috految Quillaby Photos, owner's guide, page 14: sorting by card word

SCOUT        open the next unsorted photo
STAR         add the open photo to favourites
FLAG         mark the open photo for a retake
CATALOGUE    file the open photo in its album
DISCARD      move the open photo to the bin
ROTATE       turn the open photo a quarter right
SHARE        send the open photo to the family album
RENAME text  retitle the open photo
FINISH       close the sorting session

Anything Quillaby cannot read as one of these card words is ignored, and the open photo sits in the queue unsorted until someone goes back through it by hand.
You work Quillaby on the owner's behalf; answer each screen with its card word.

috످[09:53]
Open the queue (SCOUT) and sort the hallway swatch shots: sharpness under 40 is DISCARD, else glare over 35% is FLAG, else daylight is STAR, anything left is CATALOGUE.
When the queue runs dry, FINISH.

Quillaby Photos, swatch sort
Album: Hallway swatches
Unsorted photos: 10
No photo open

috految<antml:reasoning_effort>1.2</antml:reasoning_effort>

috److SCOUT

috످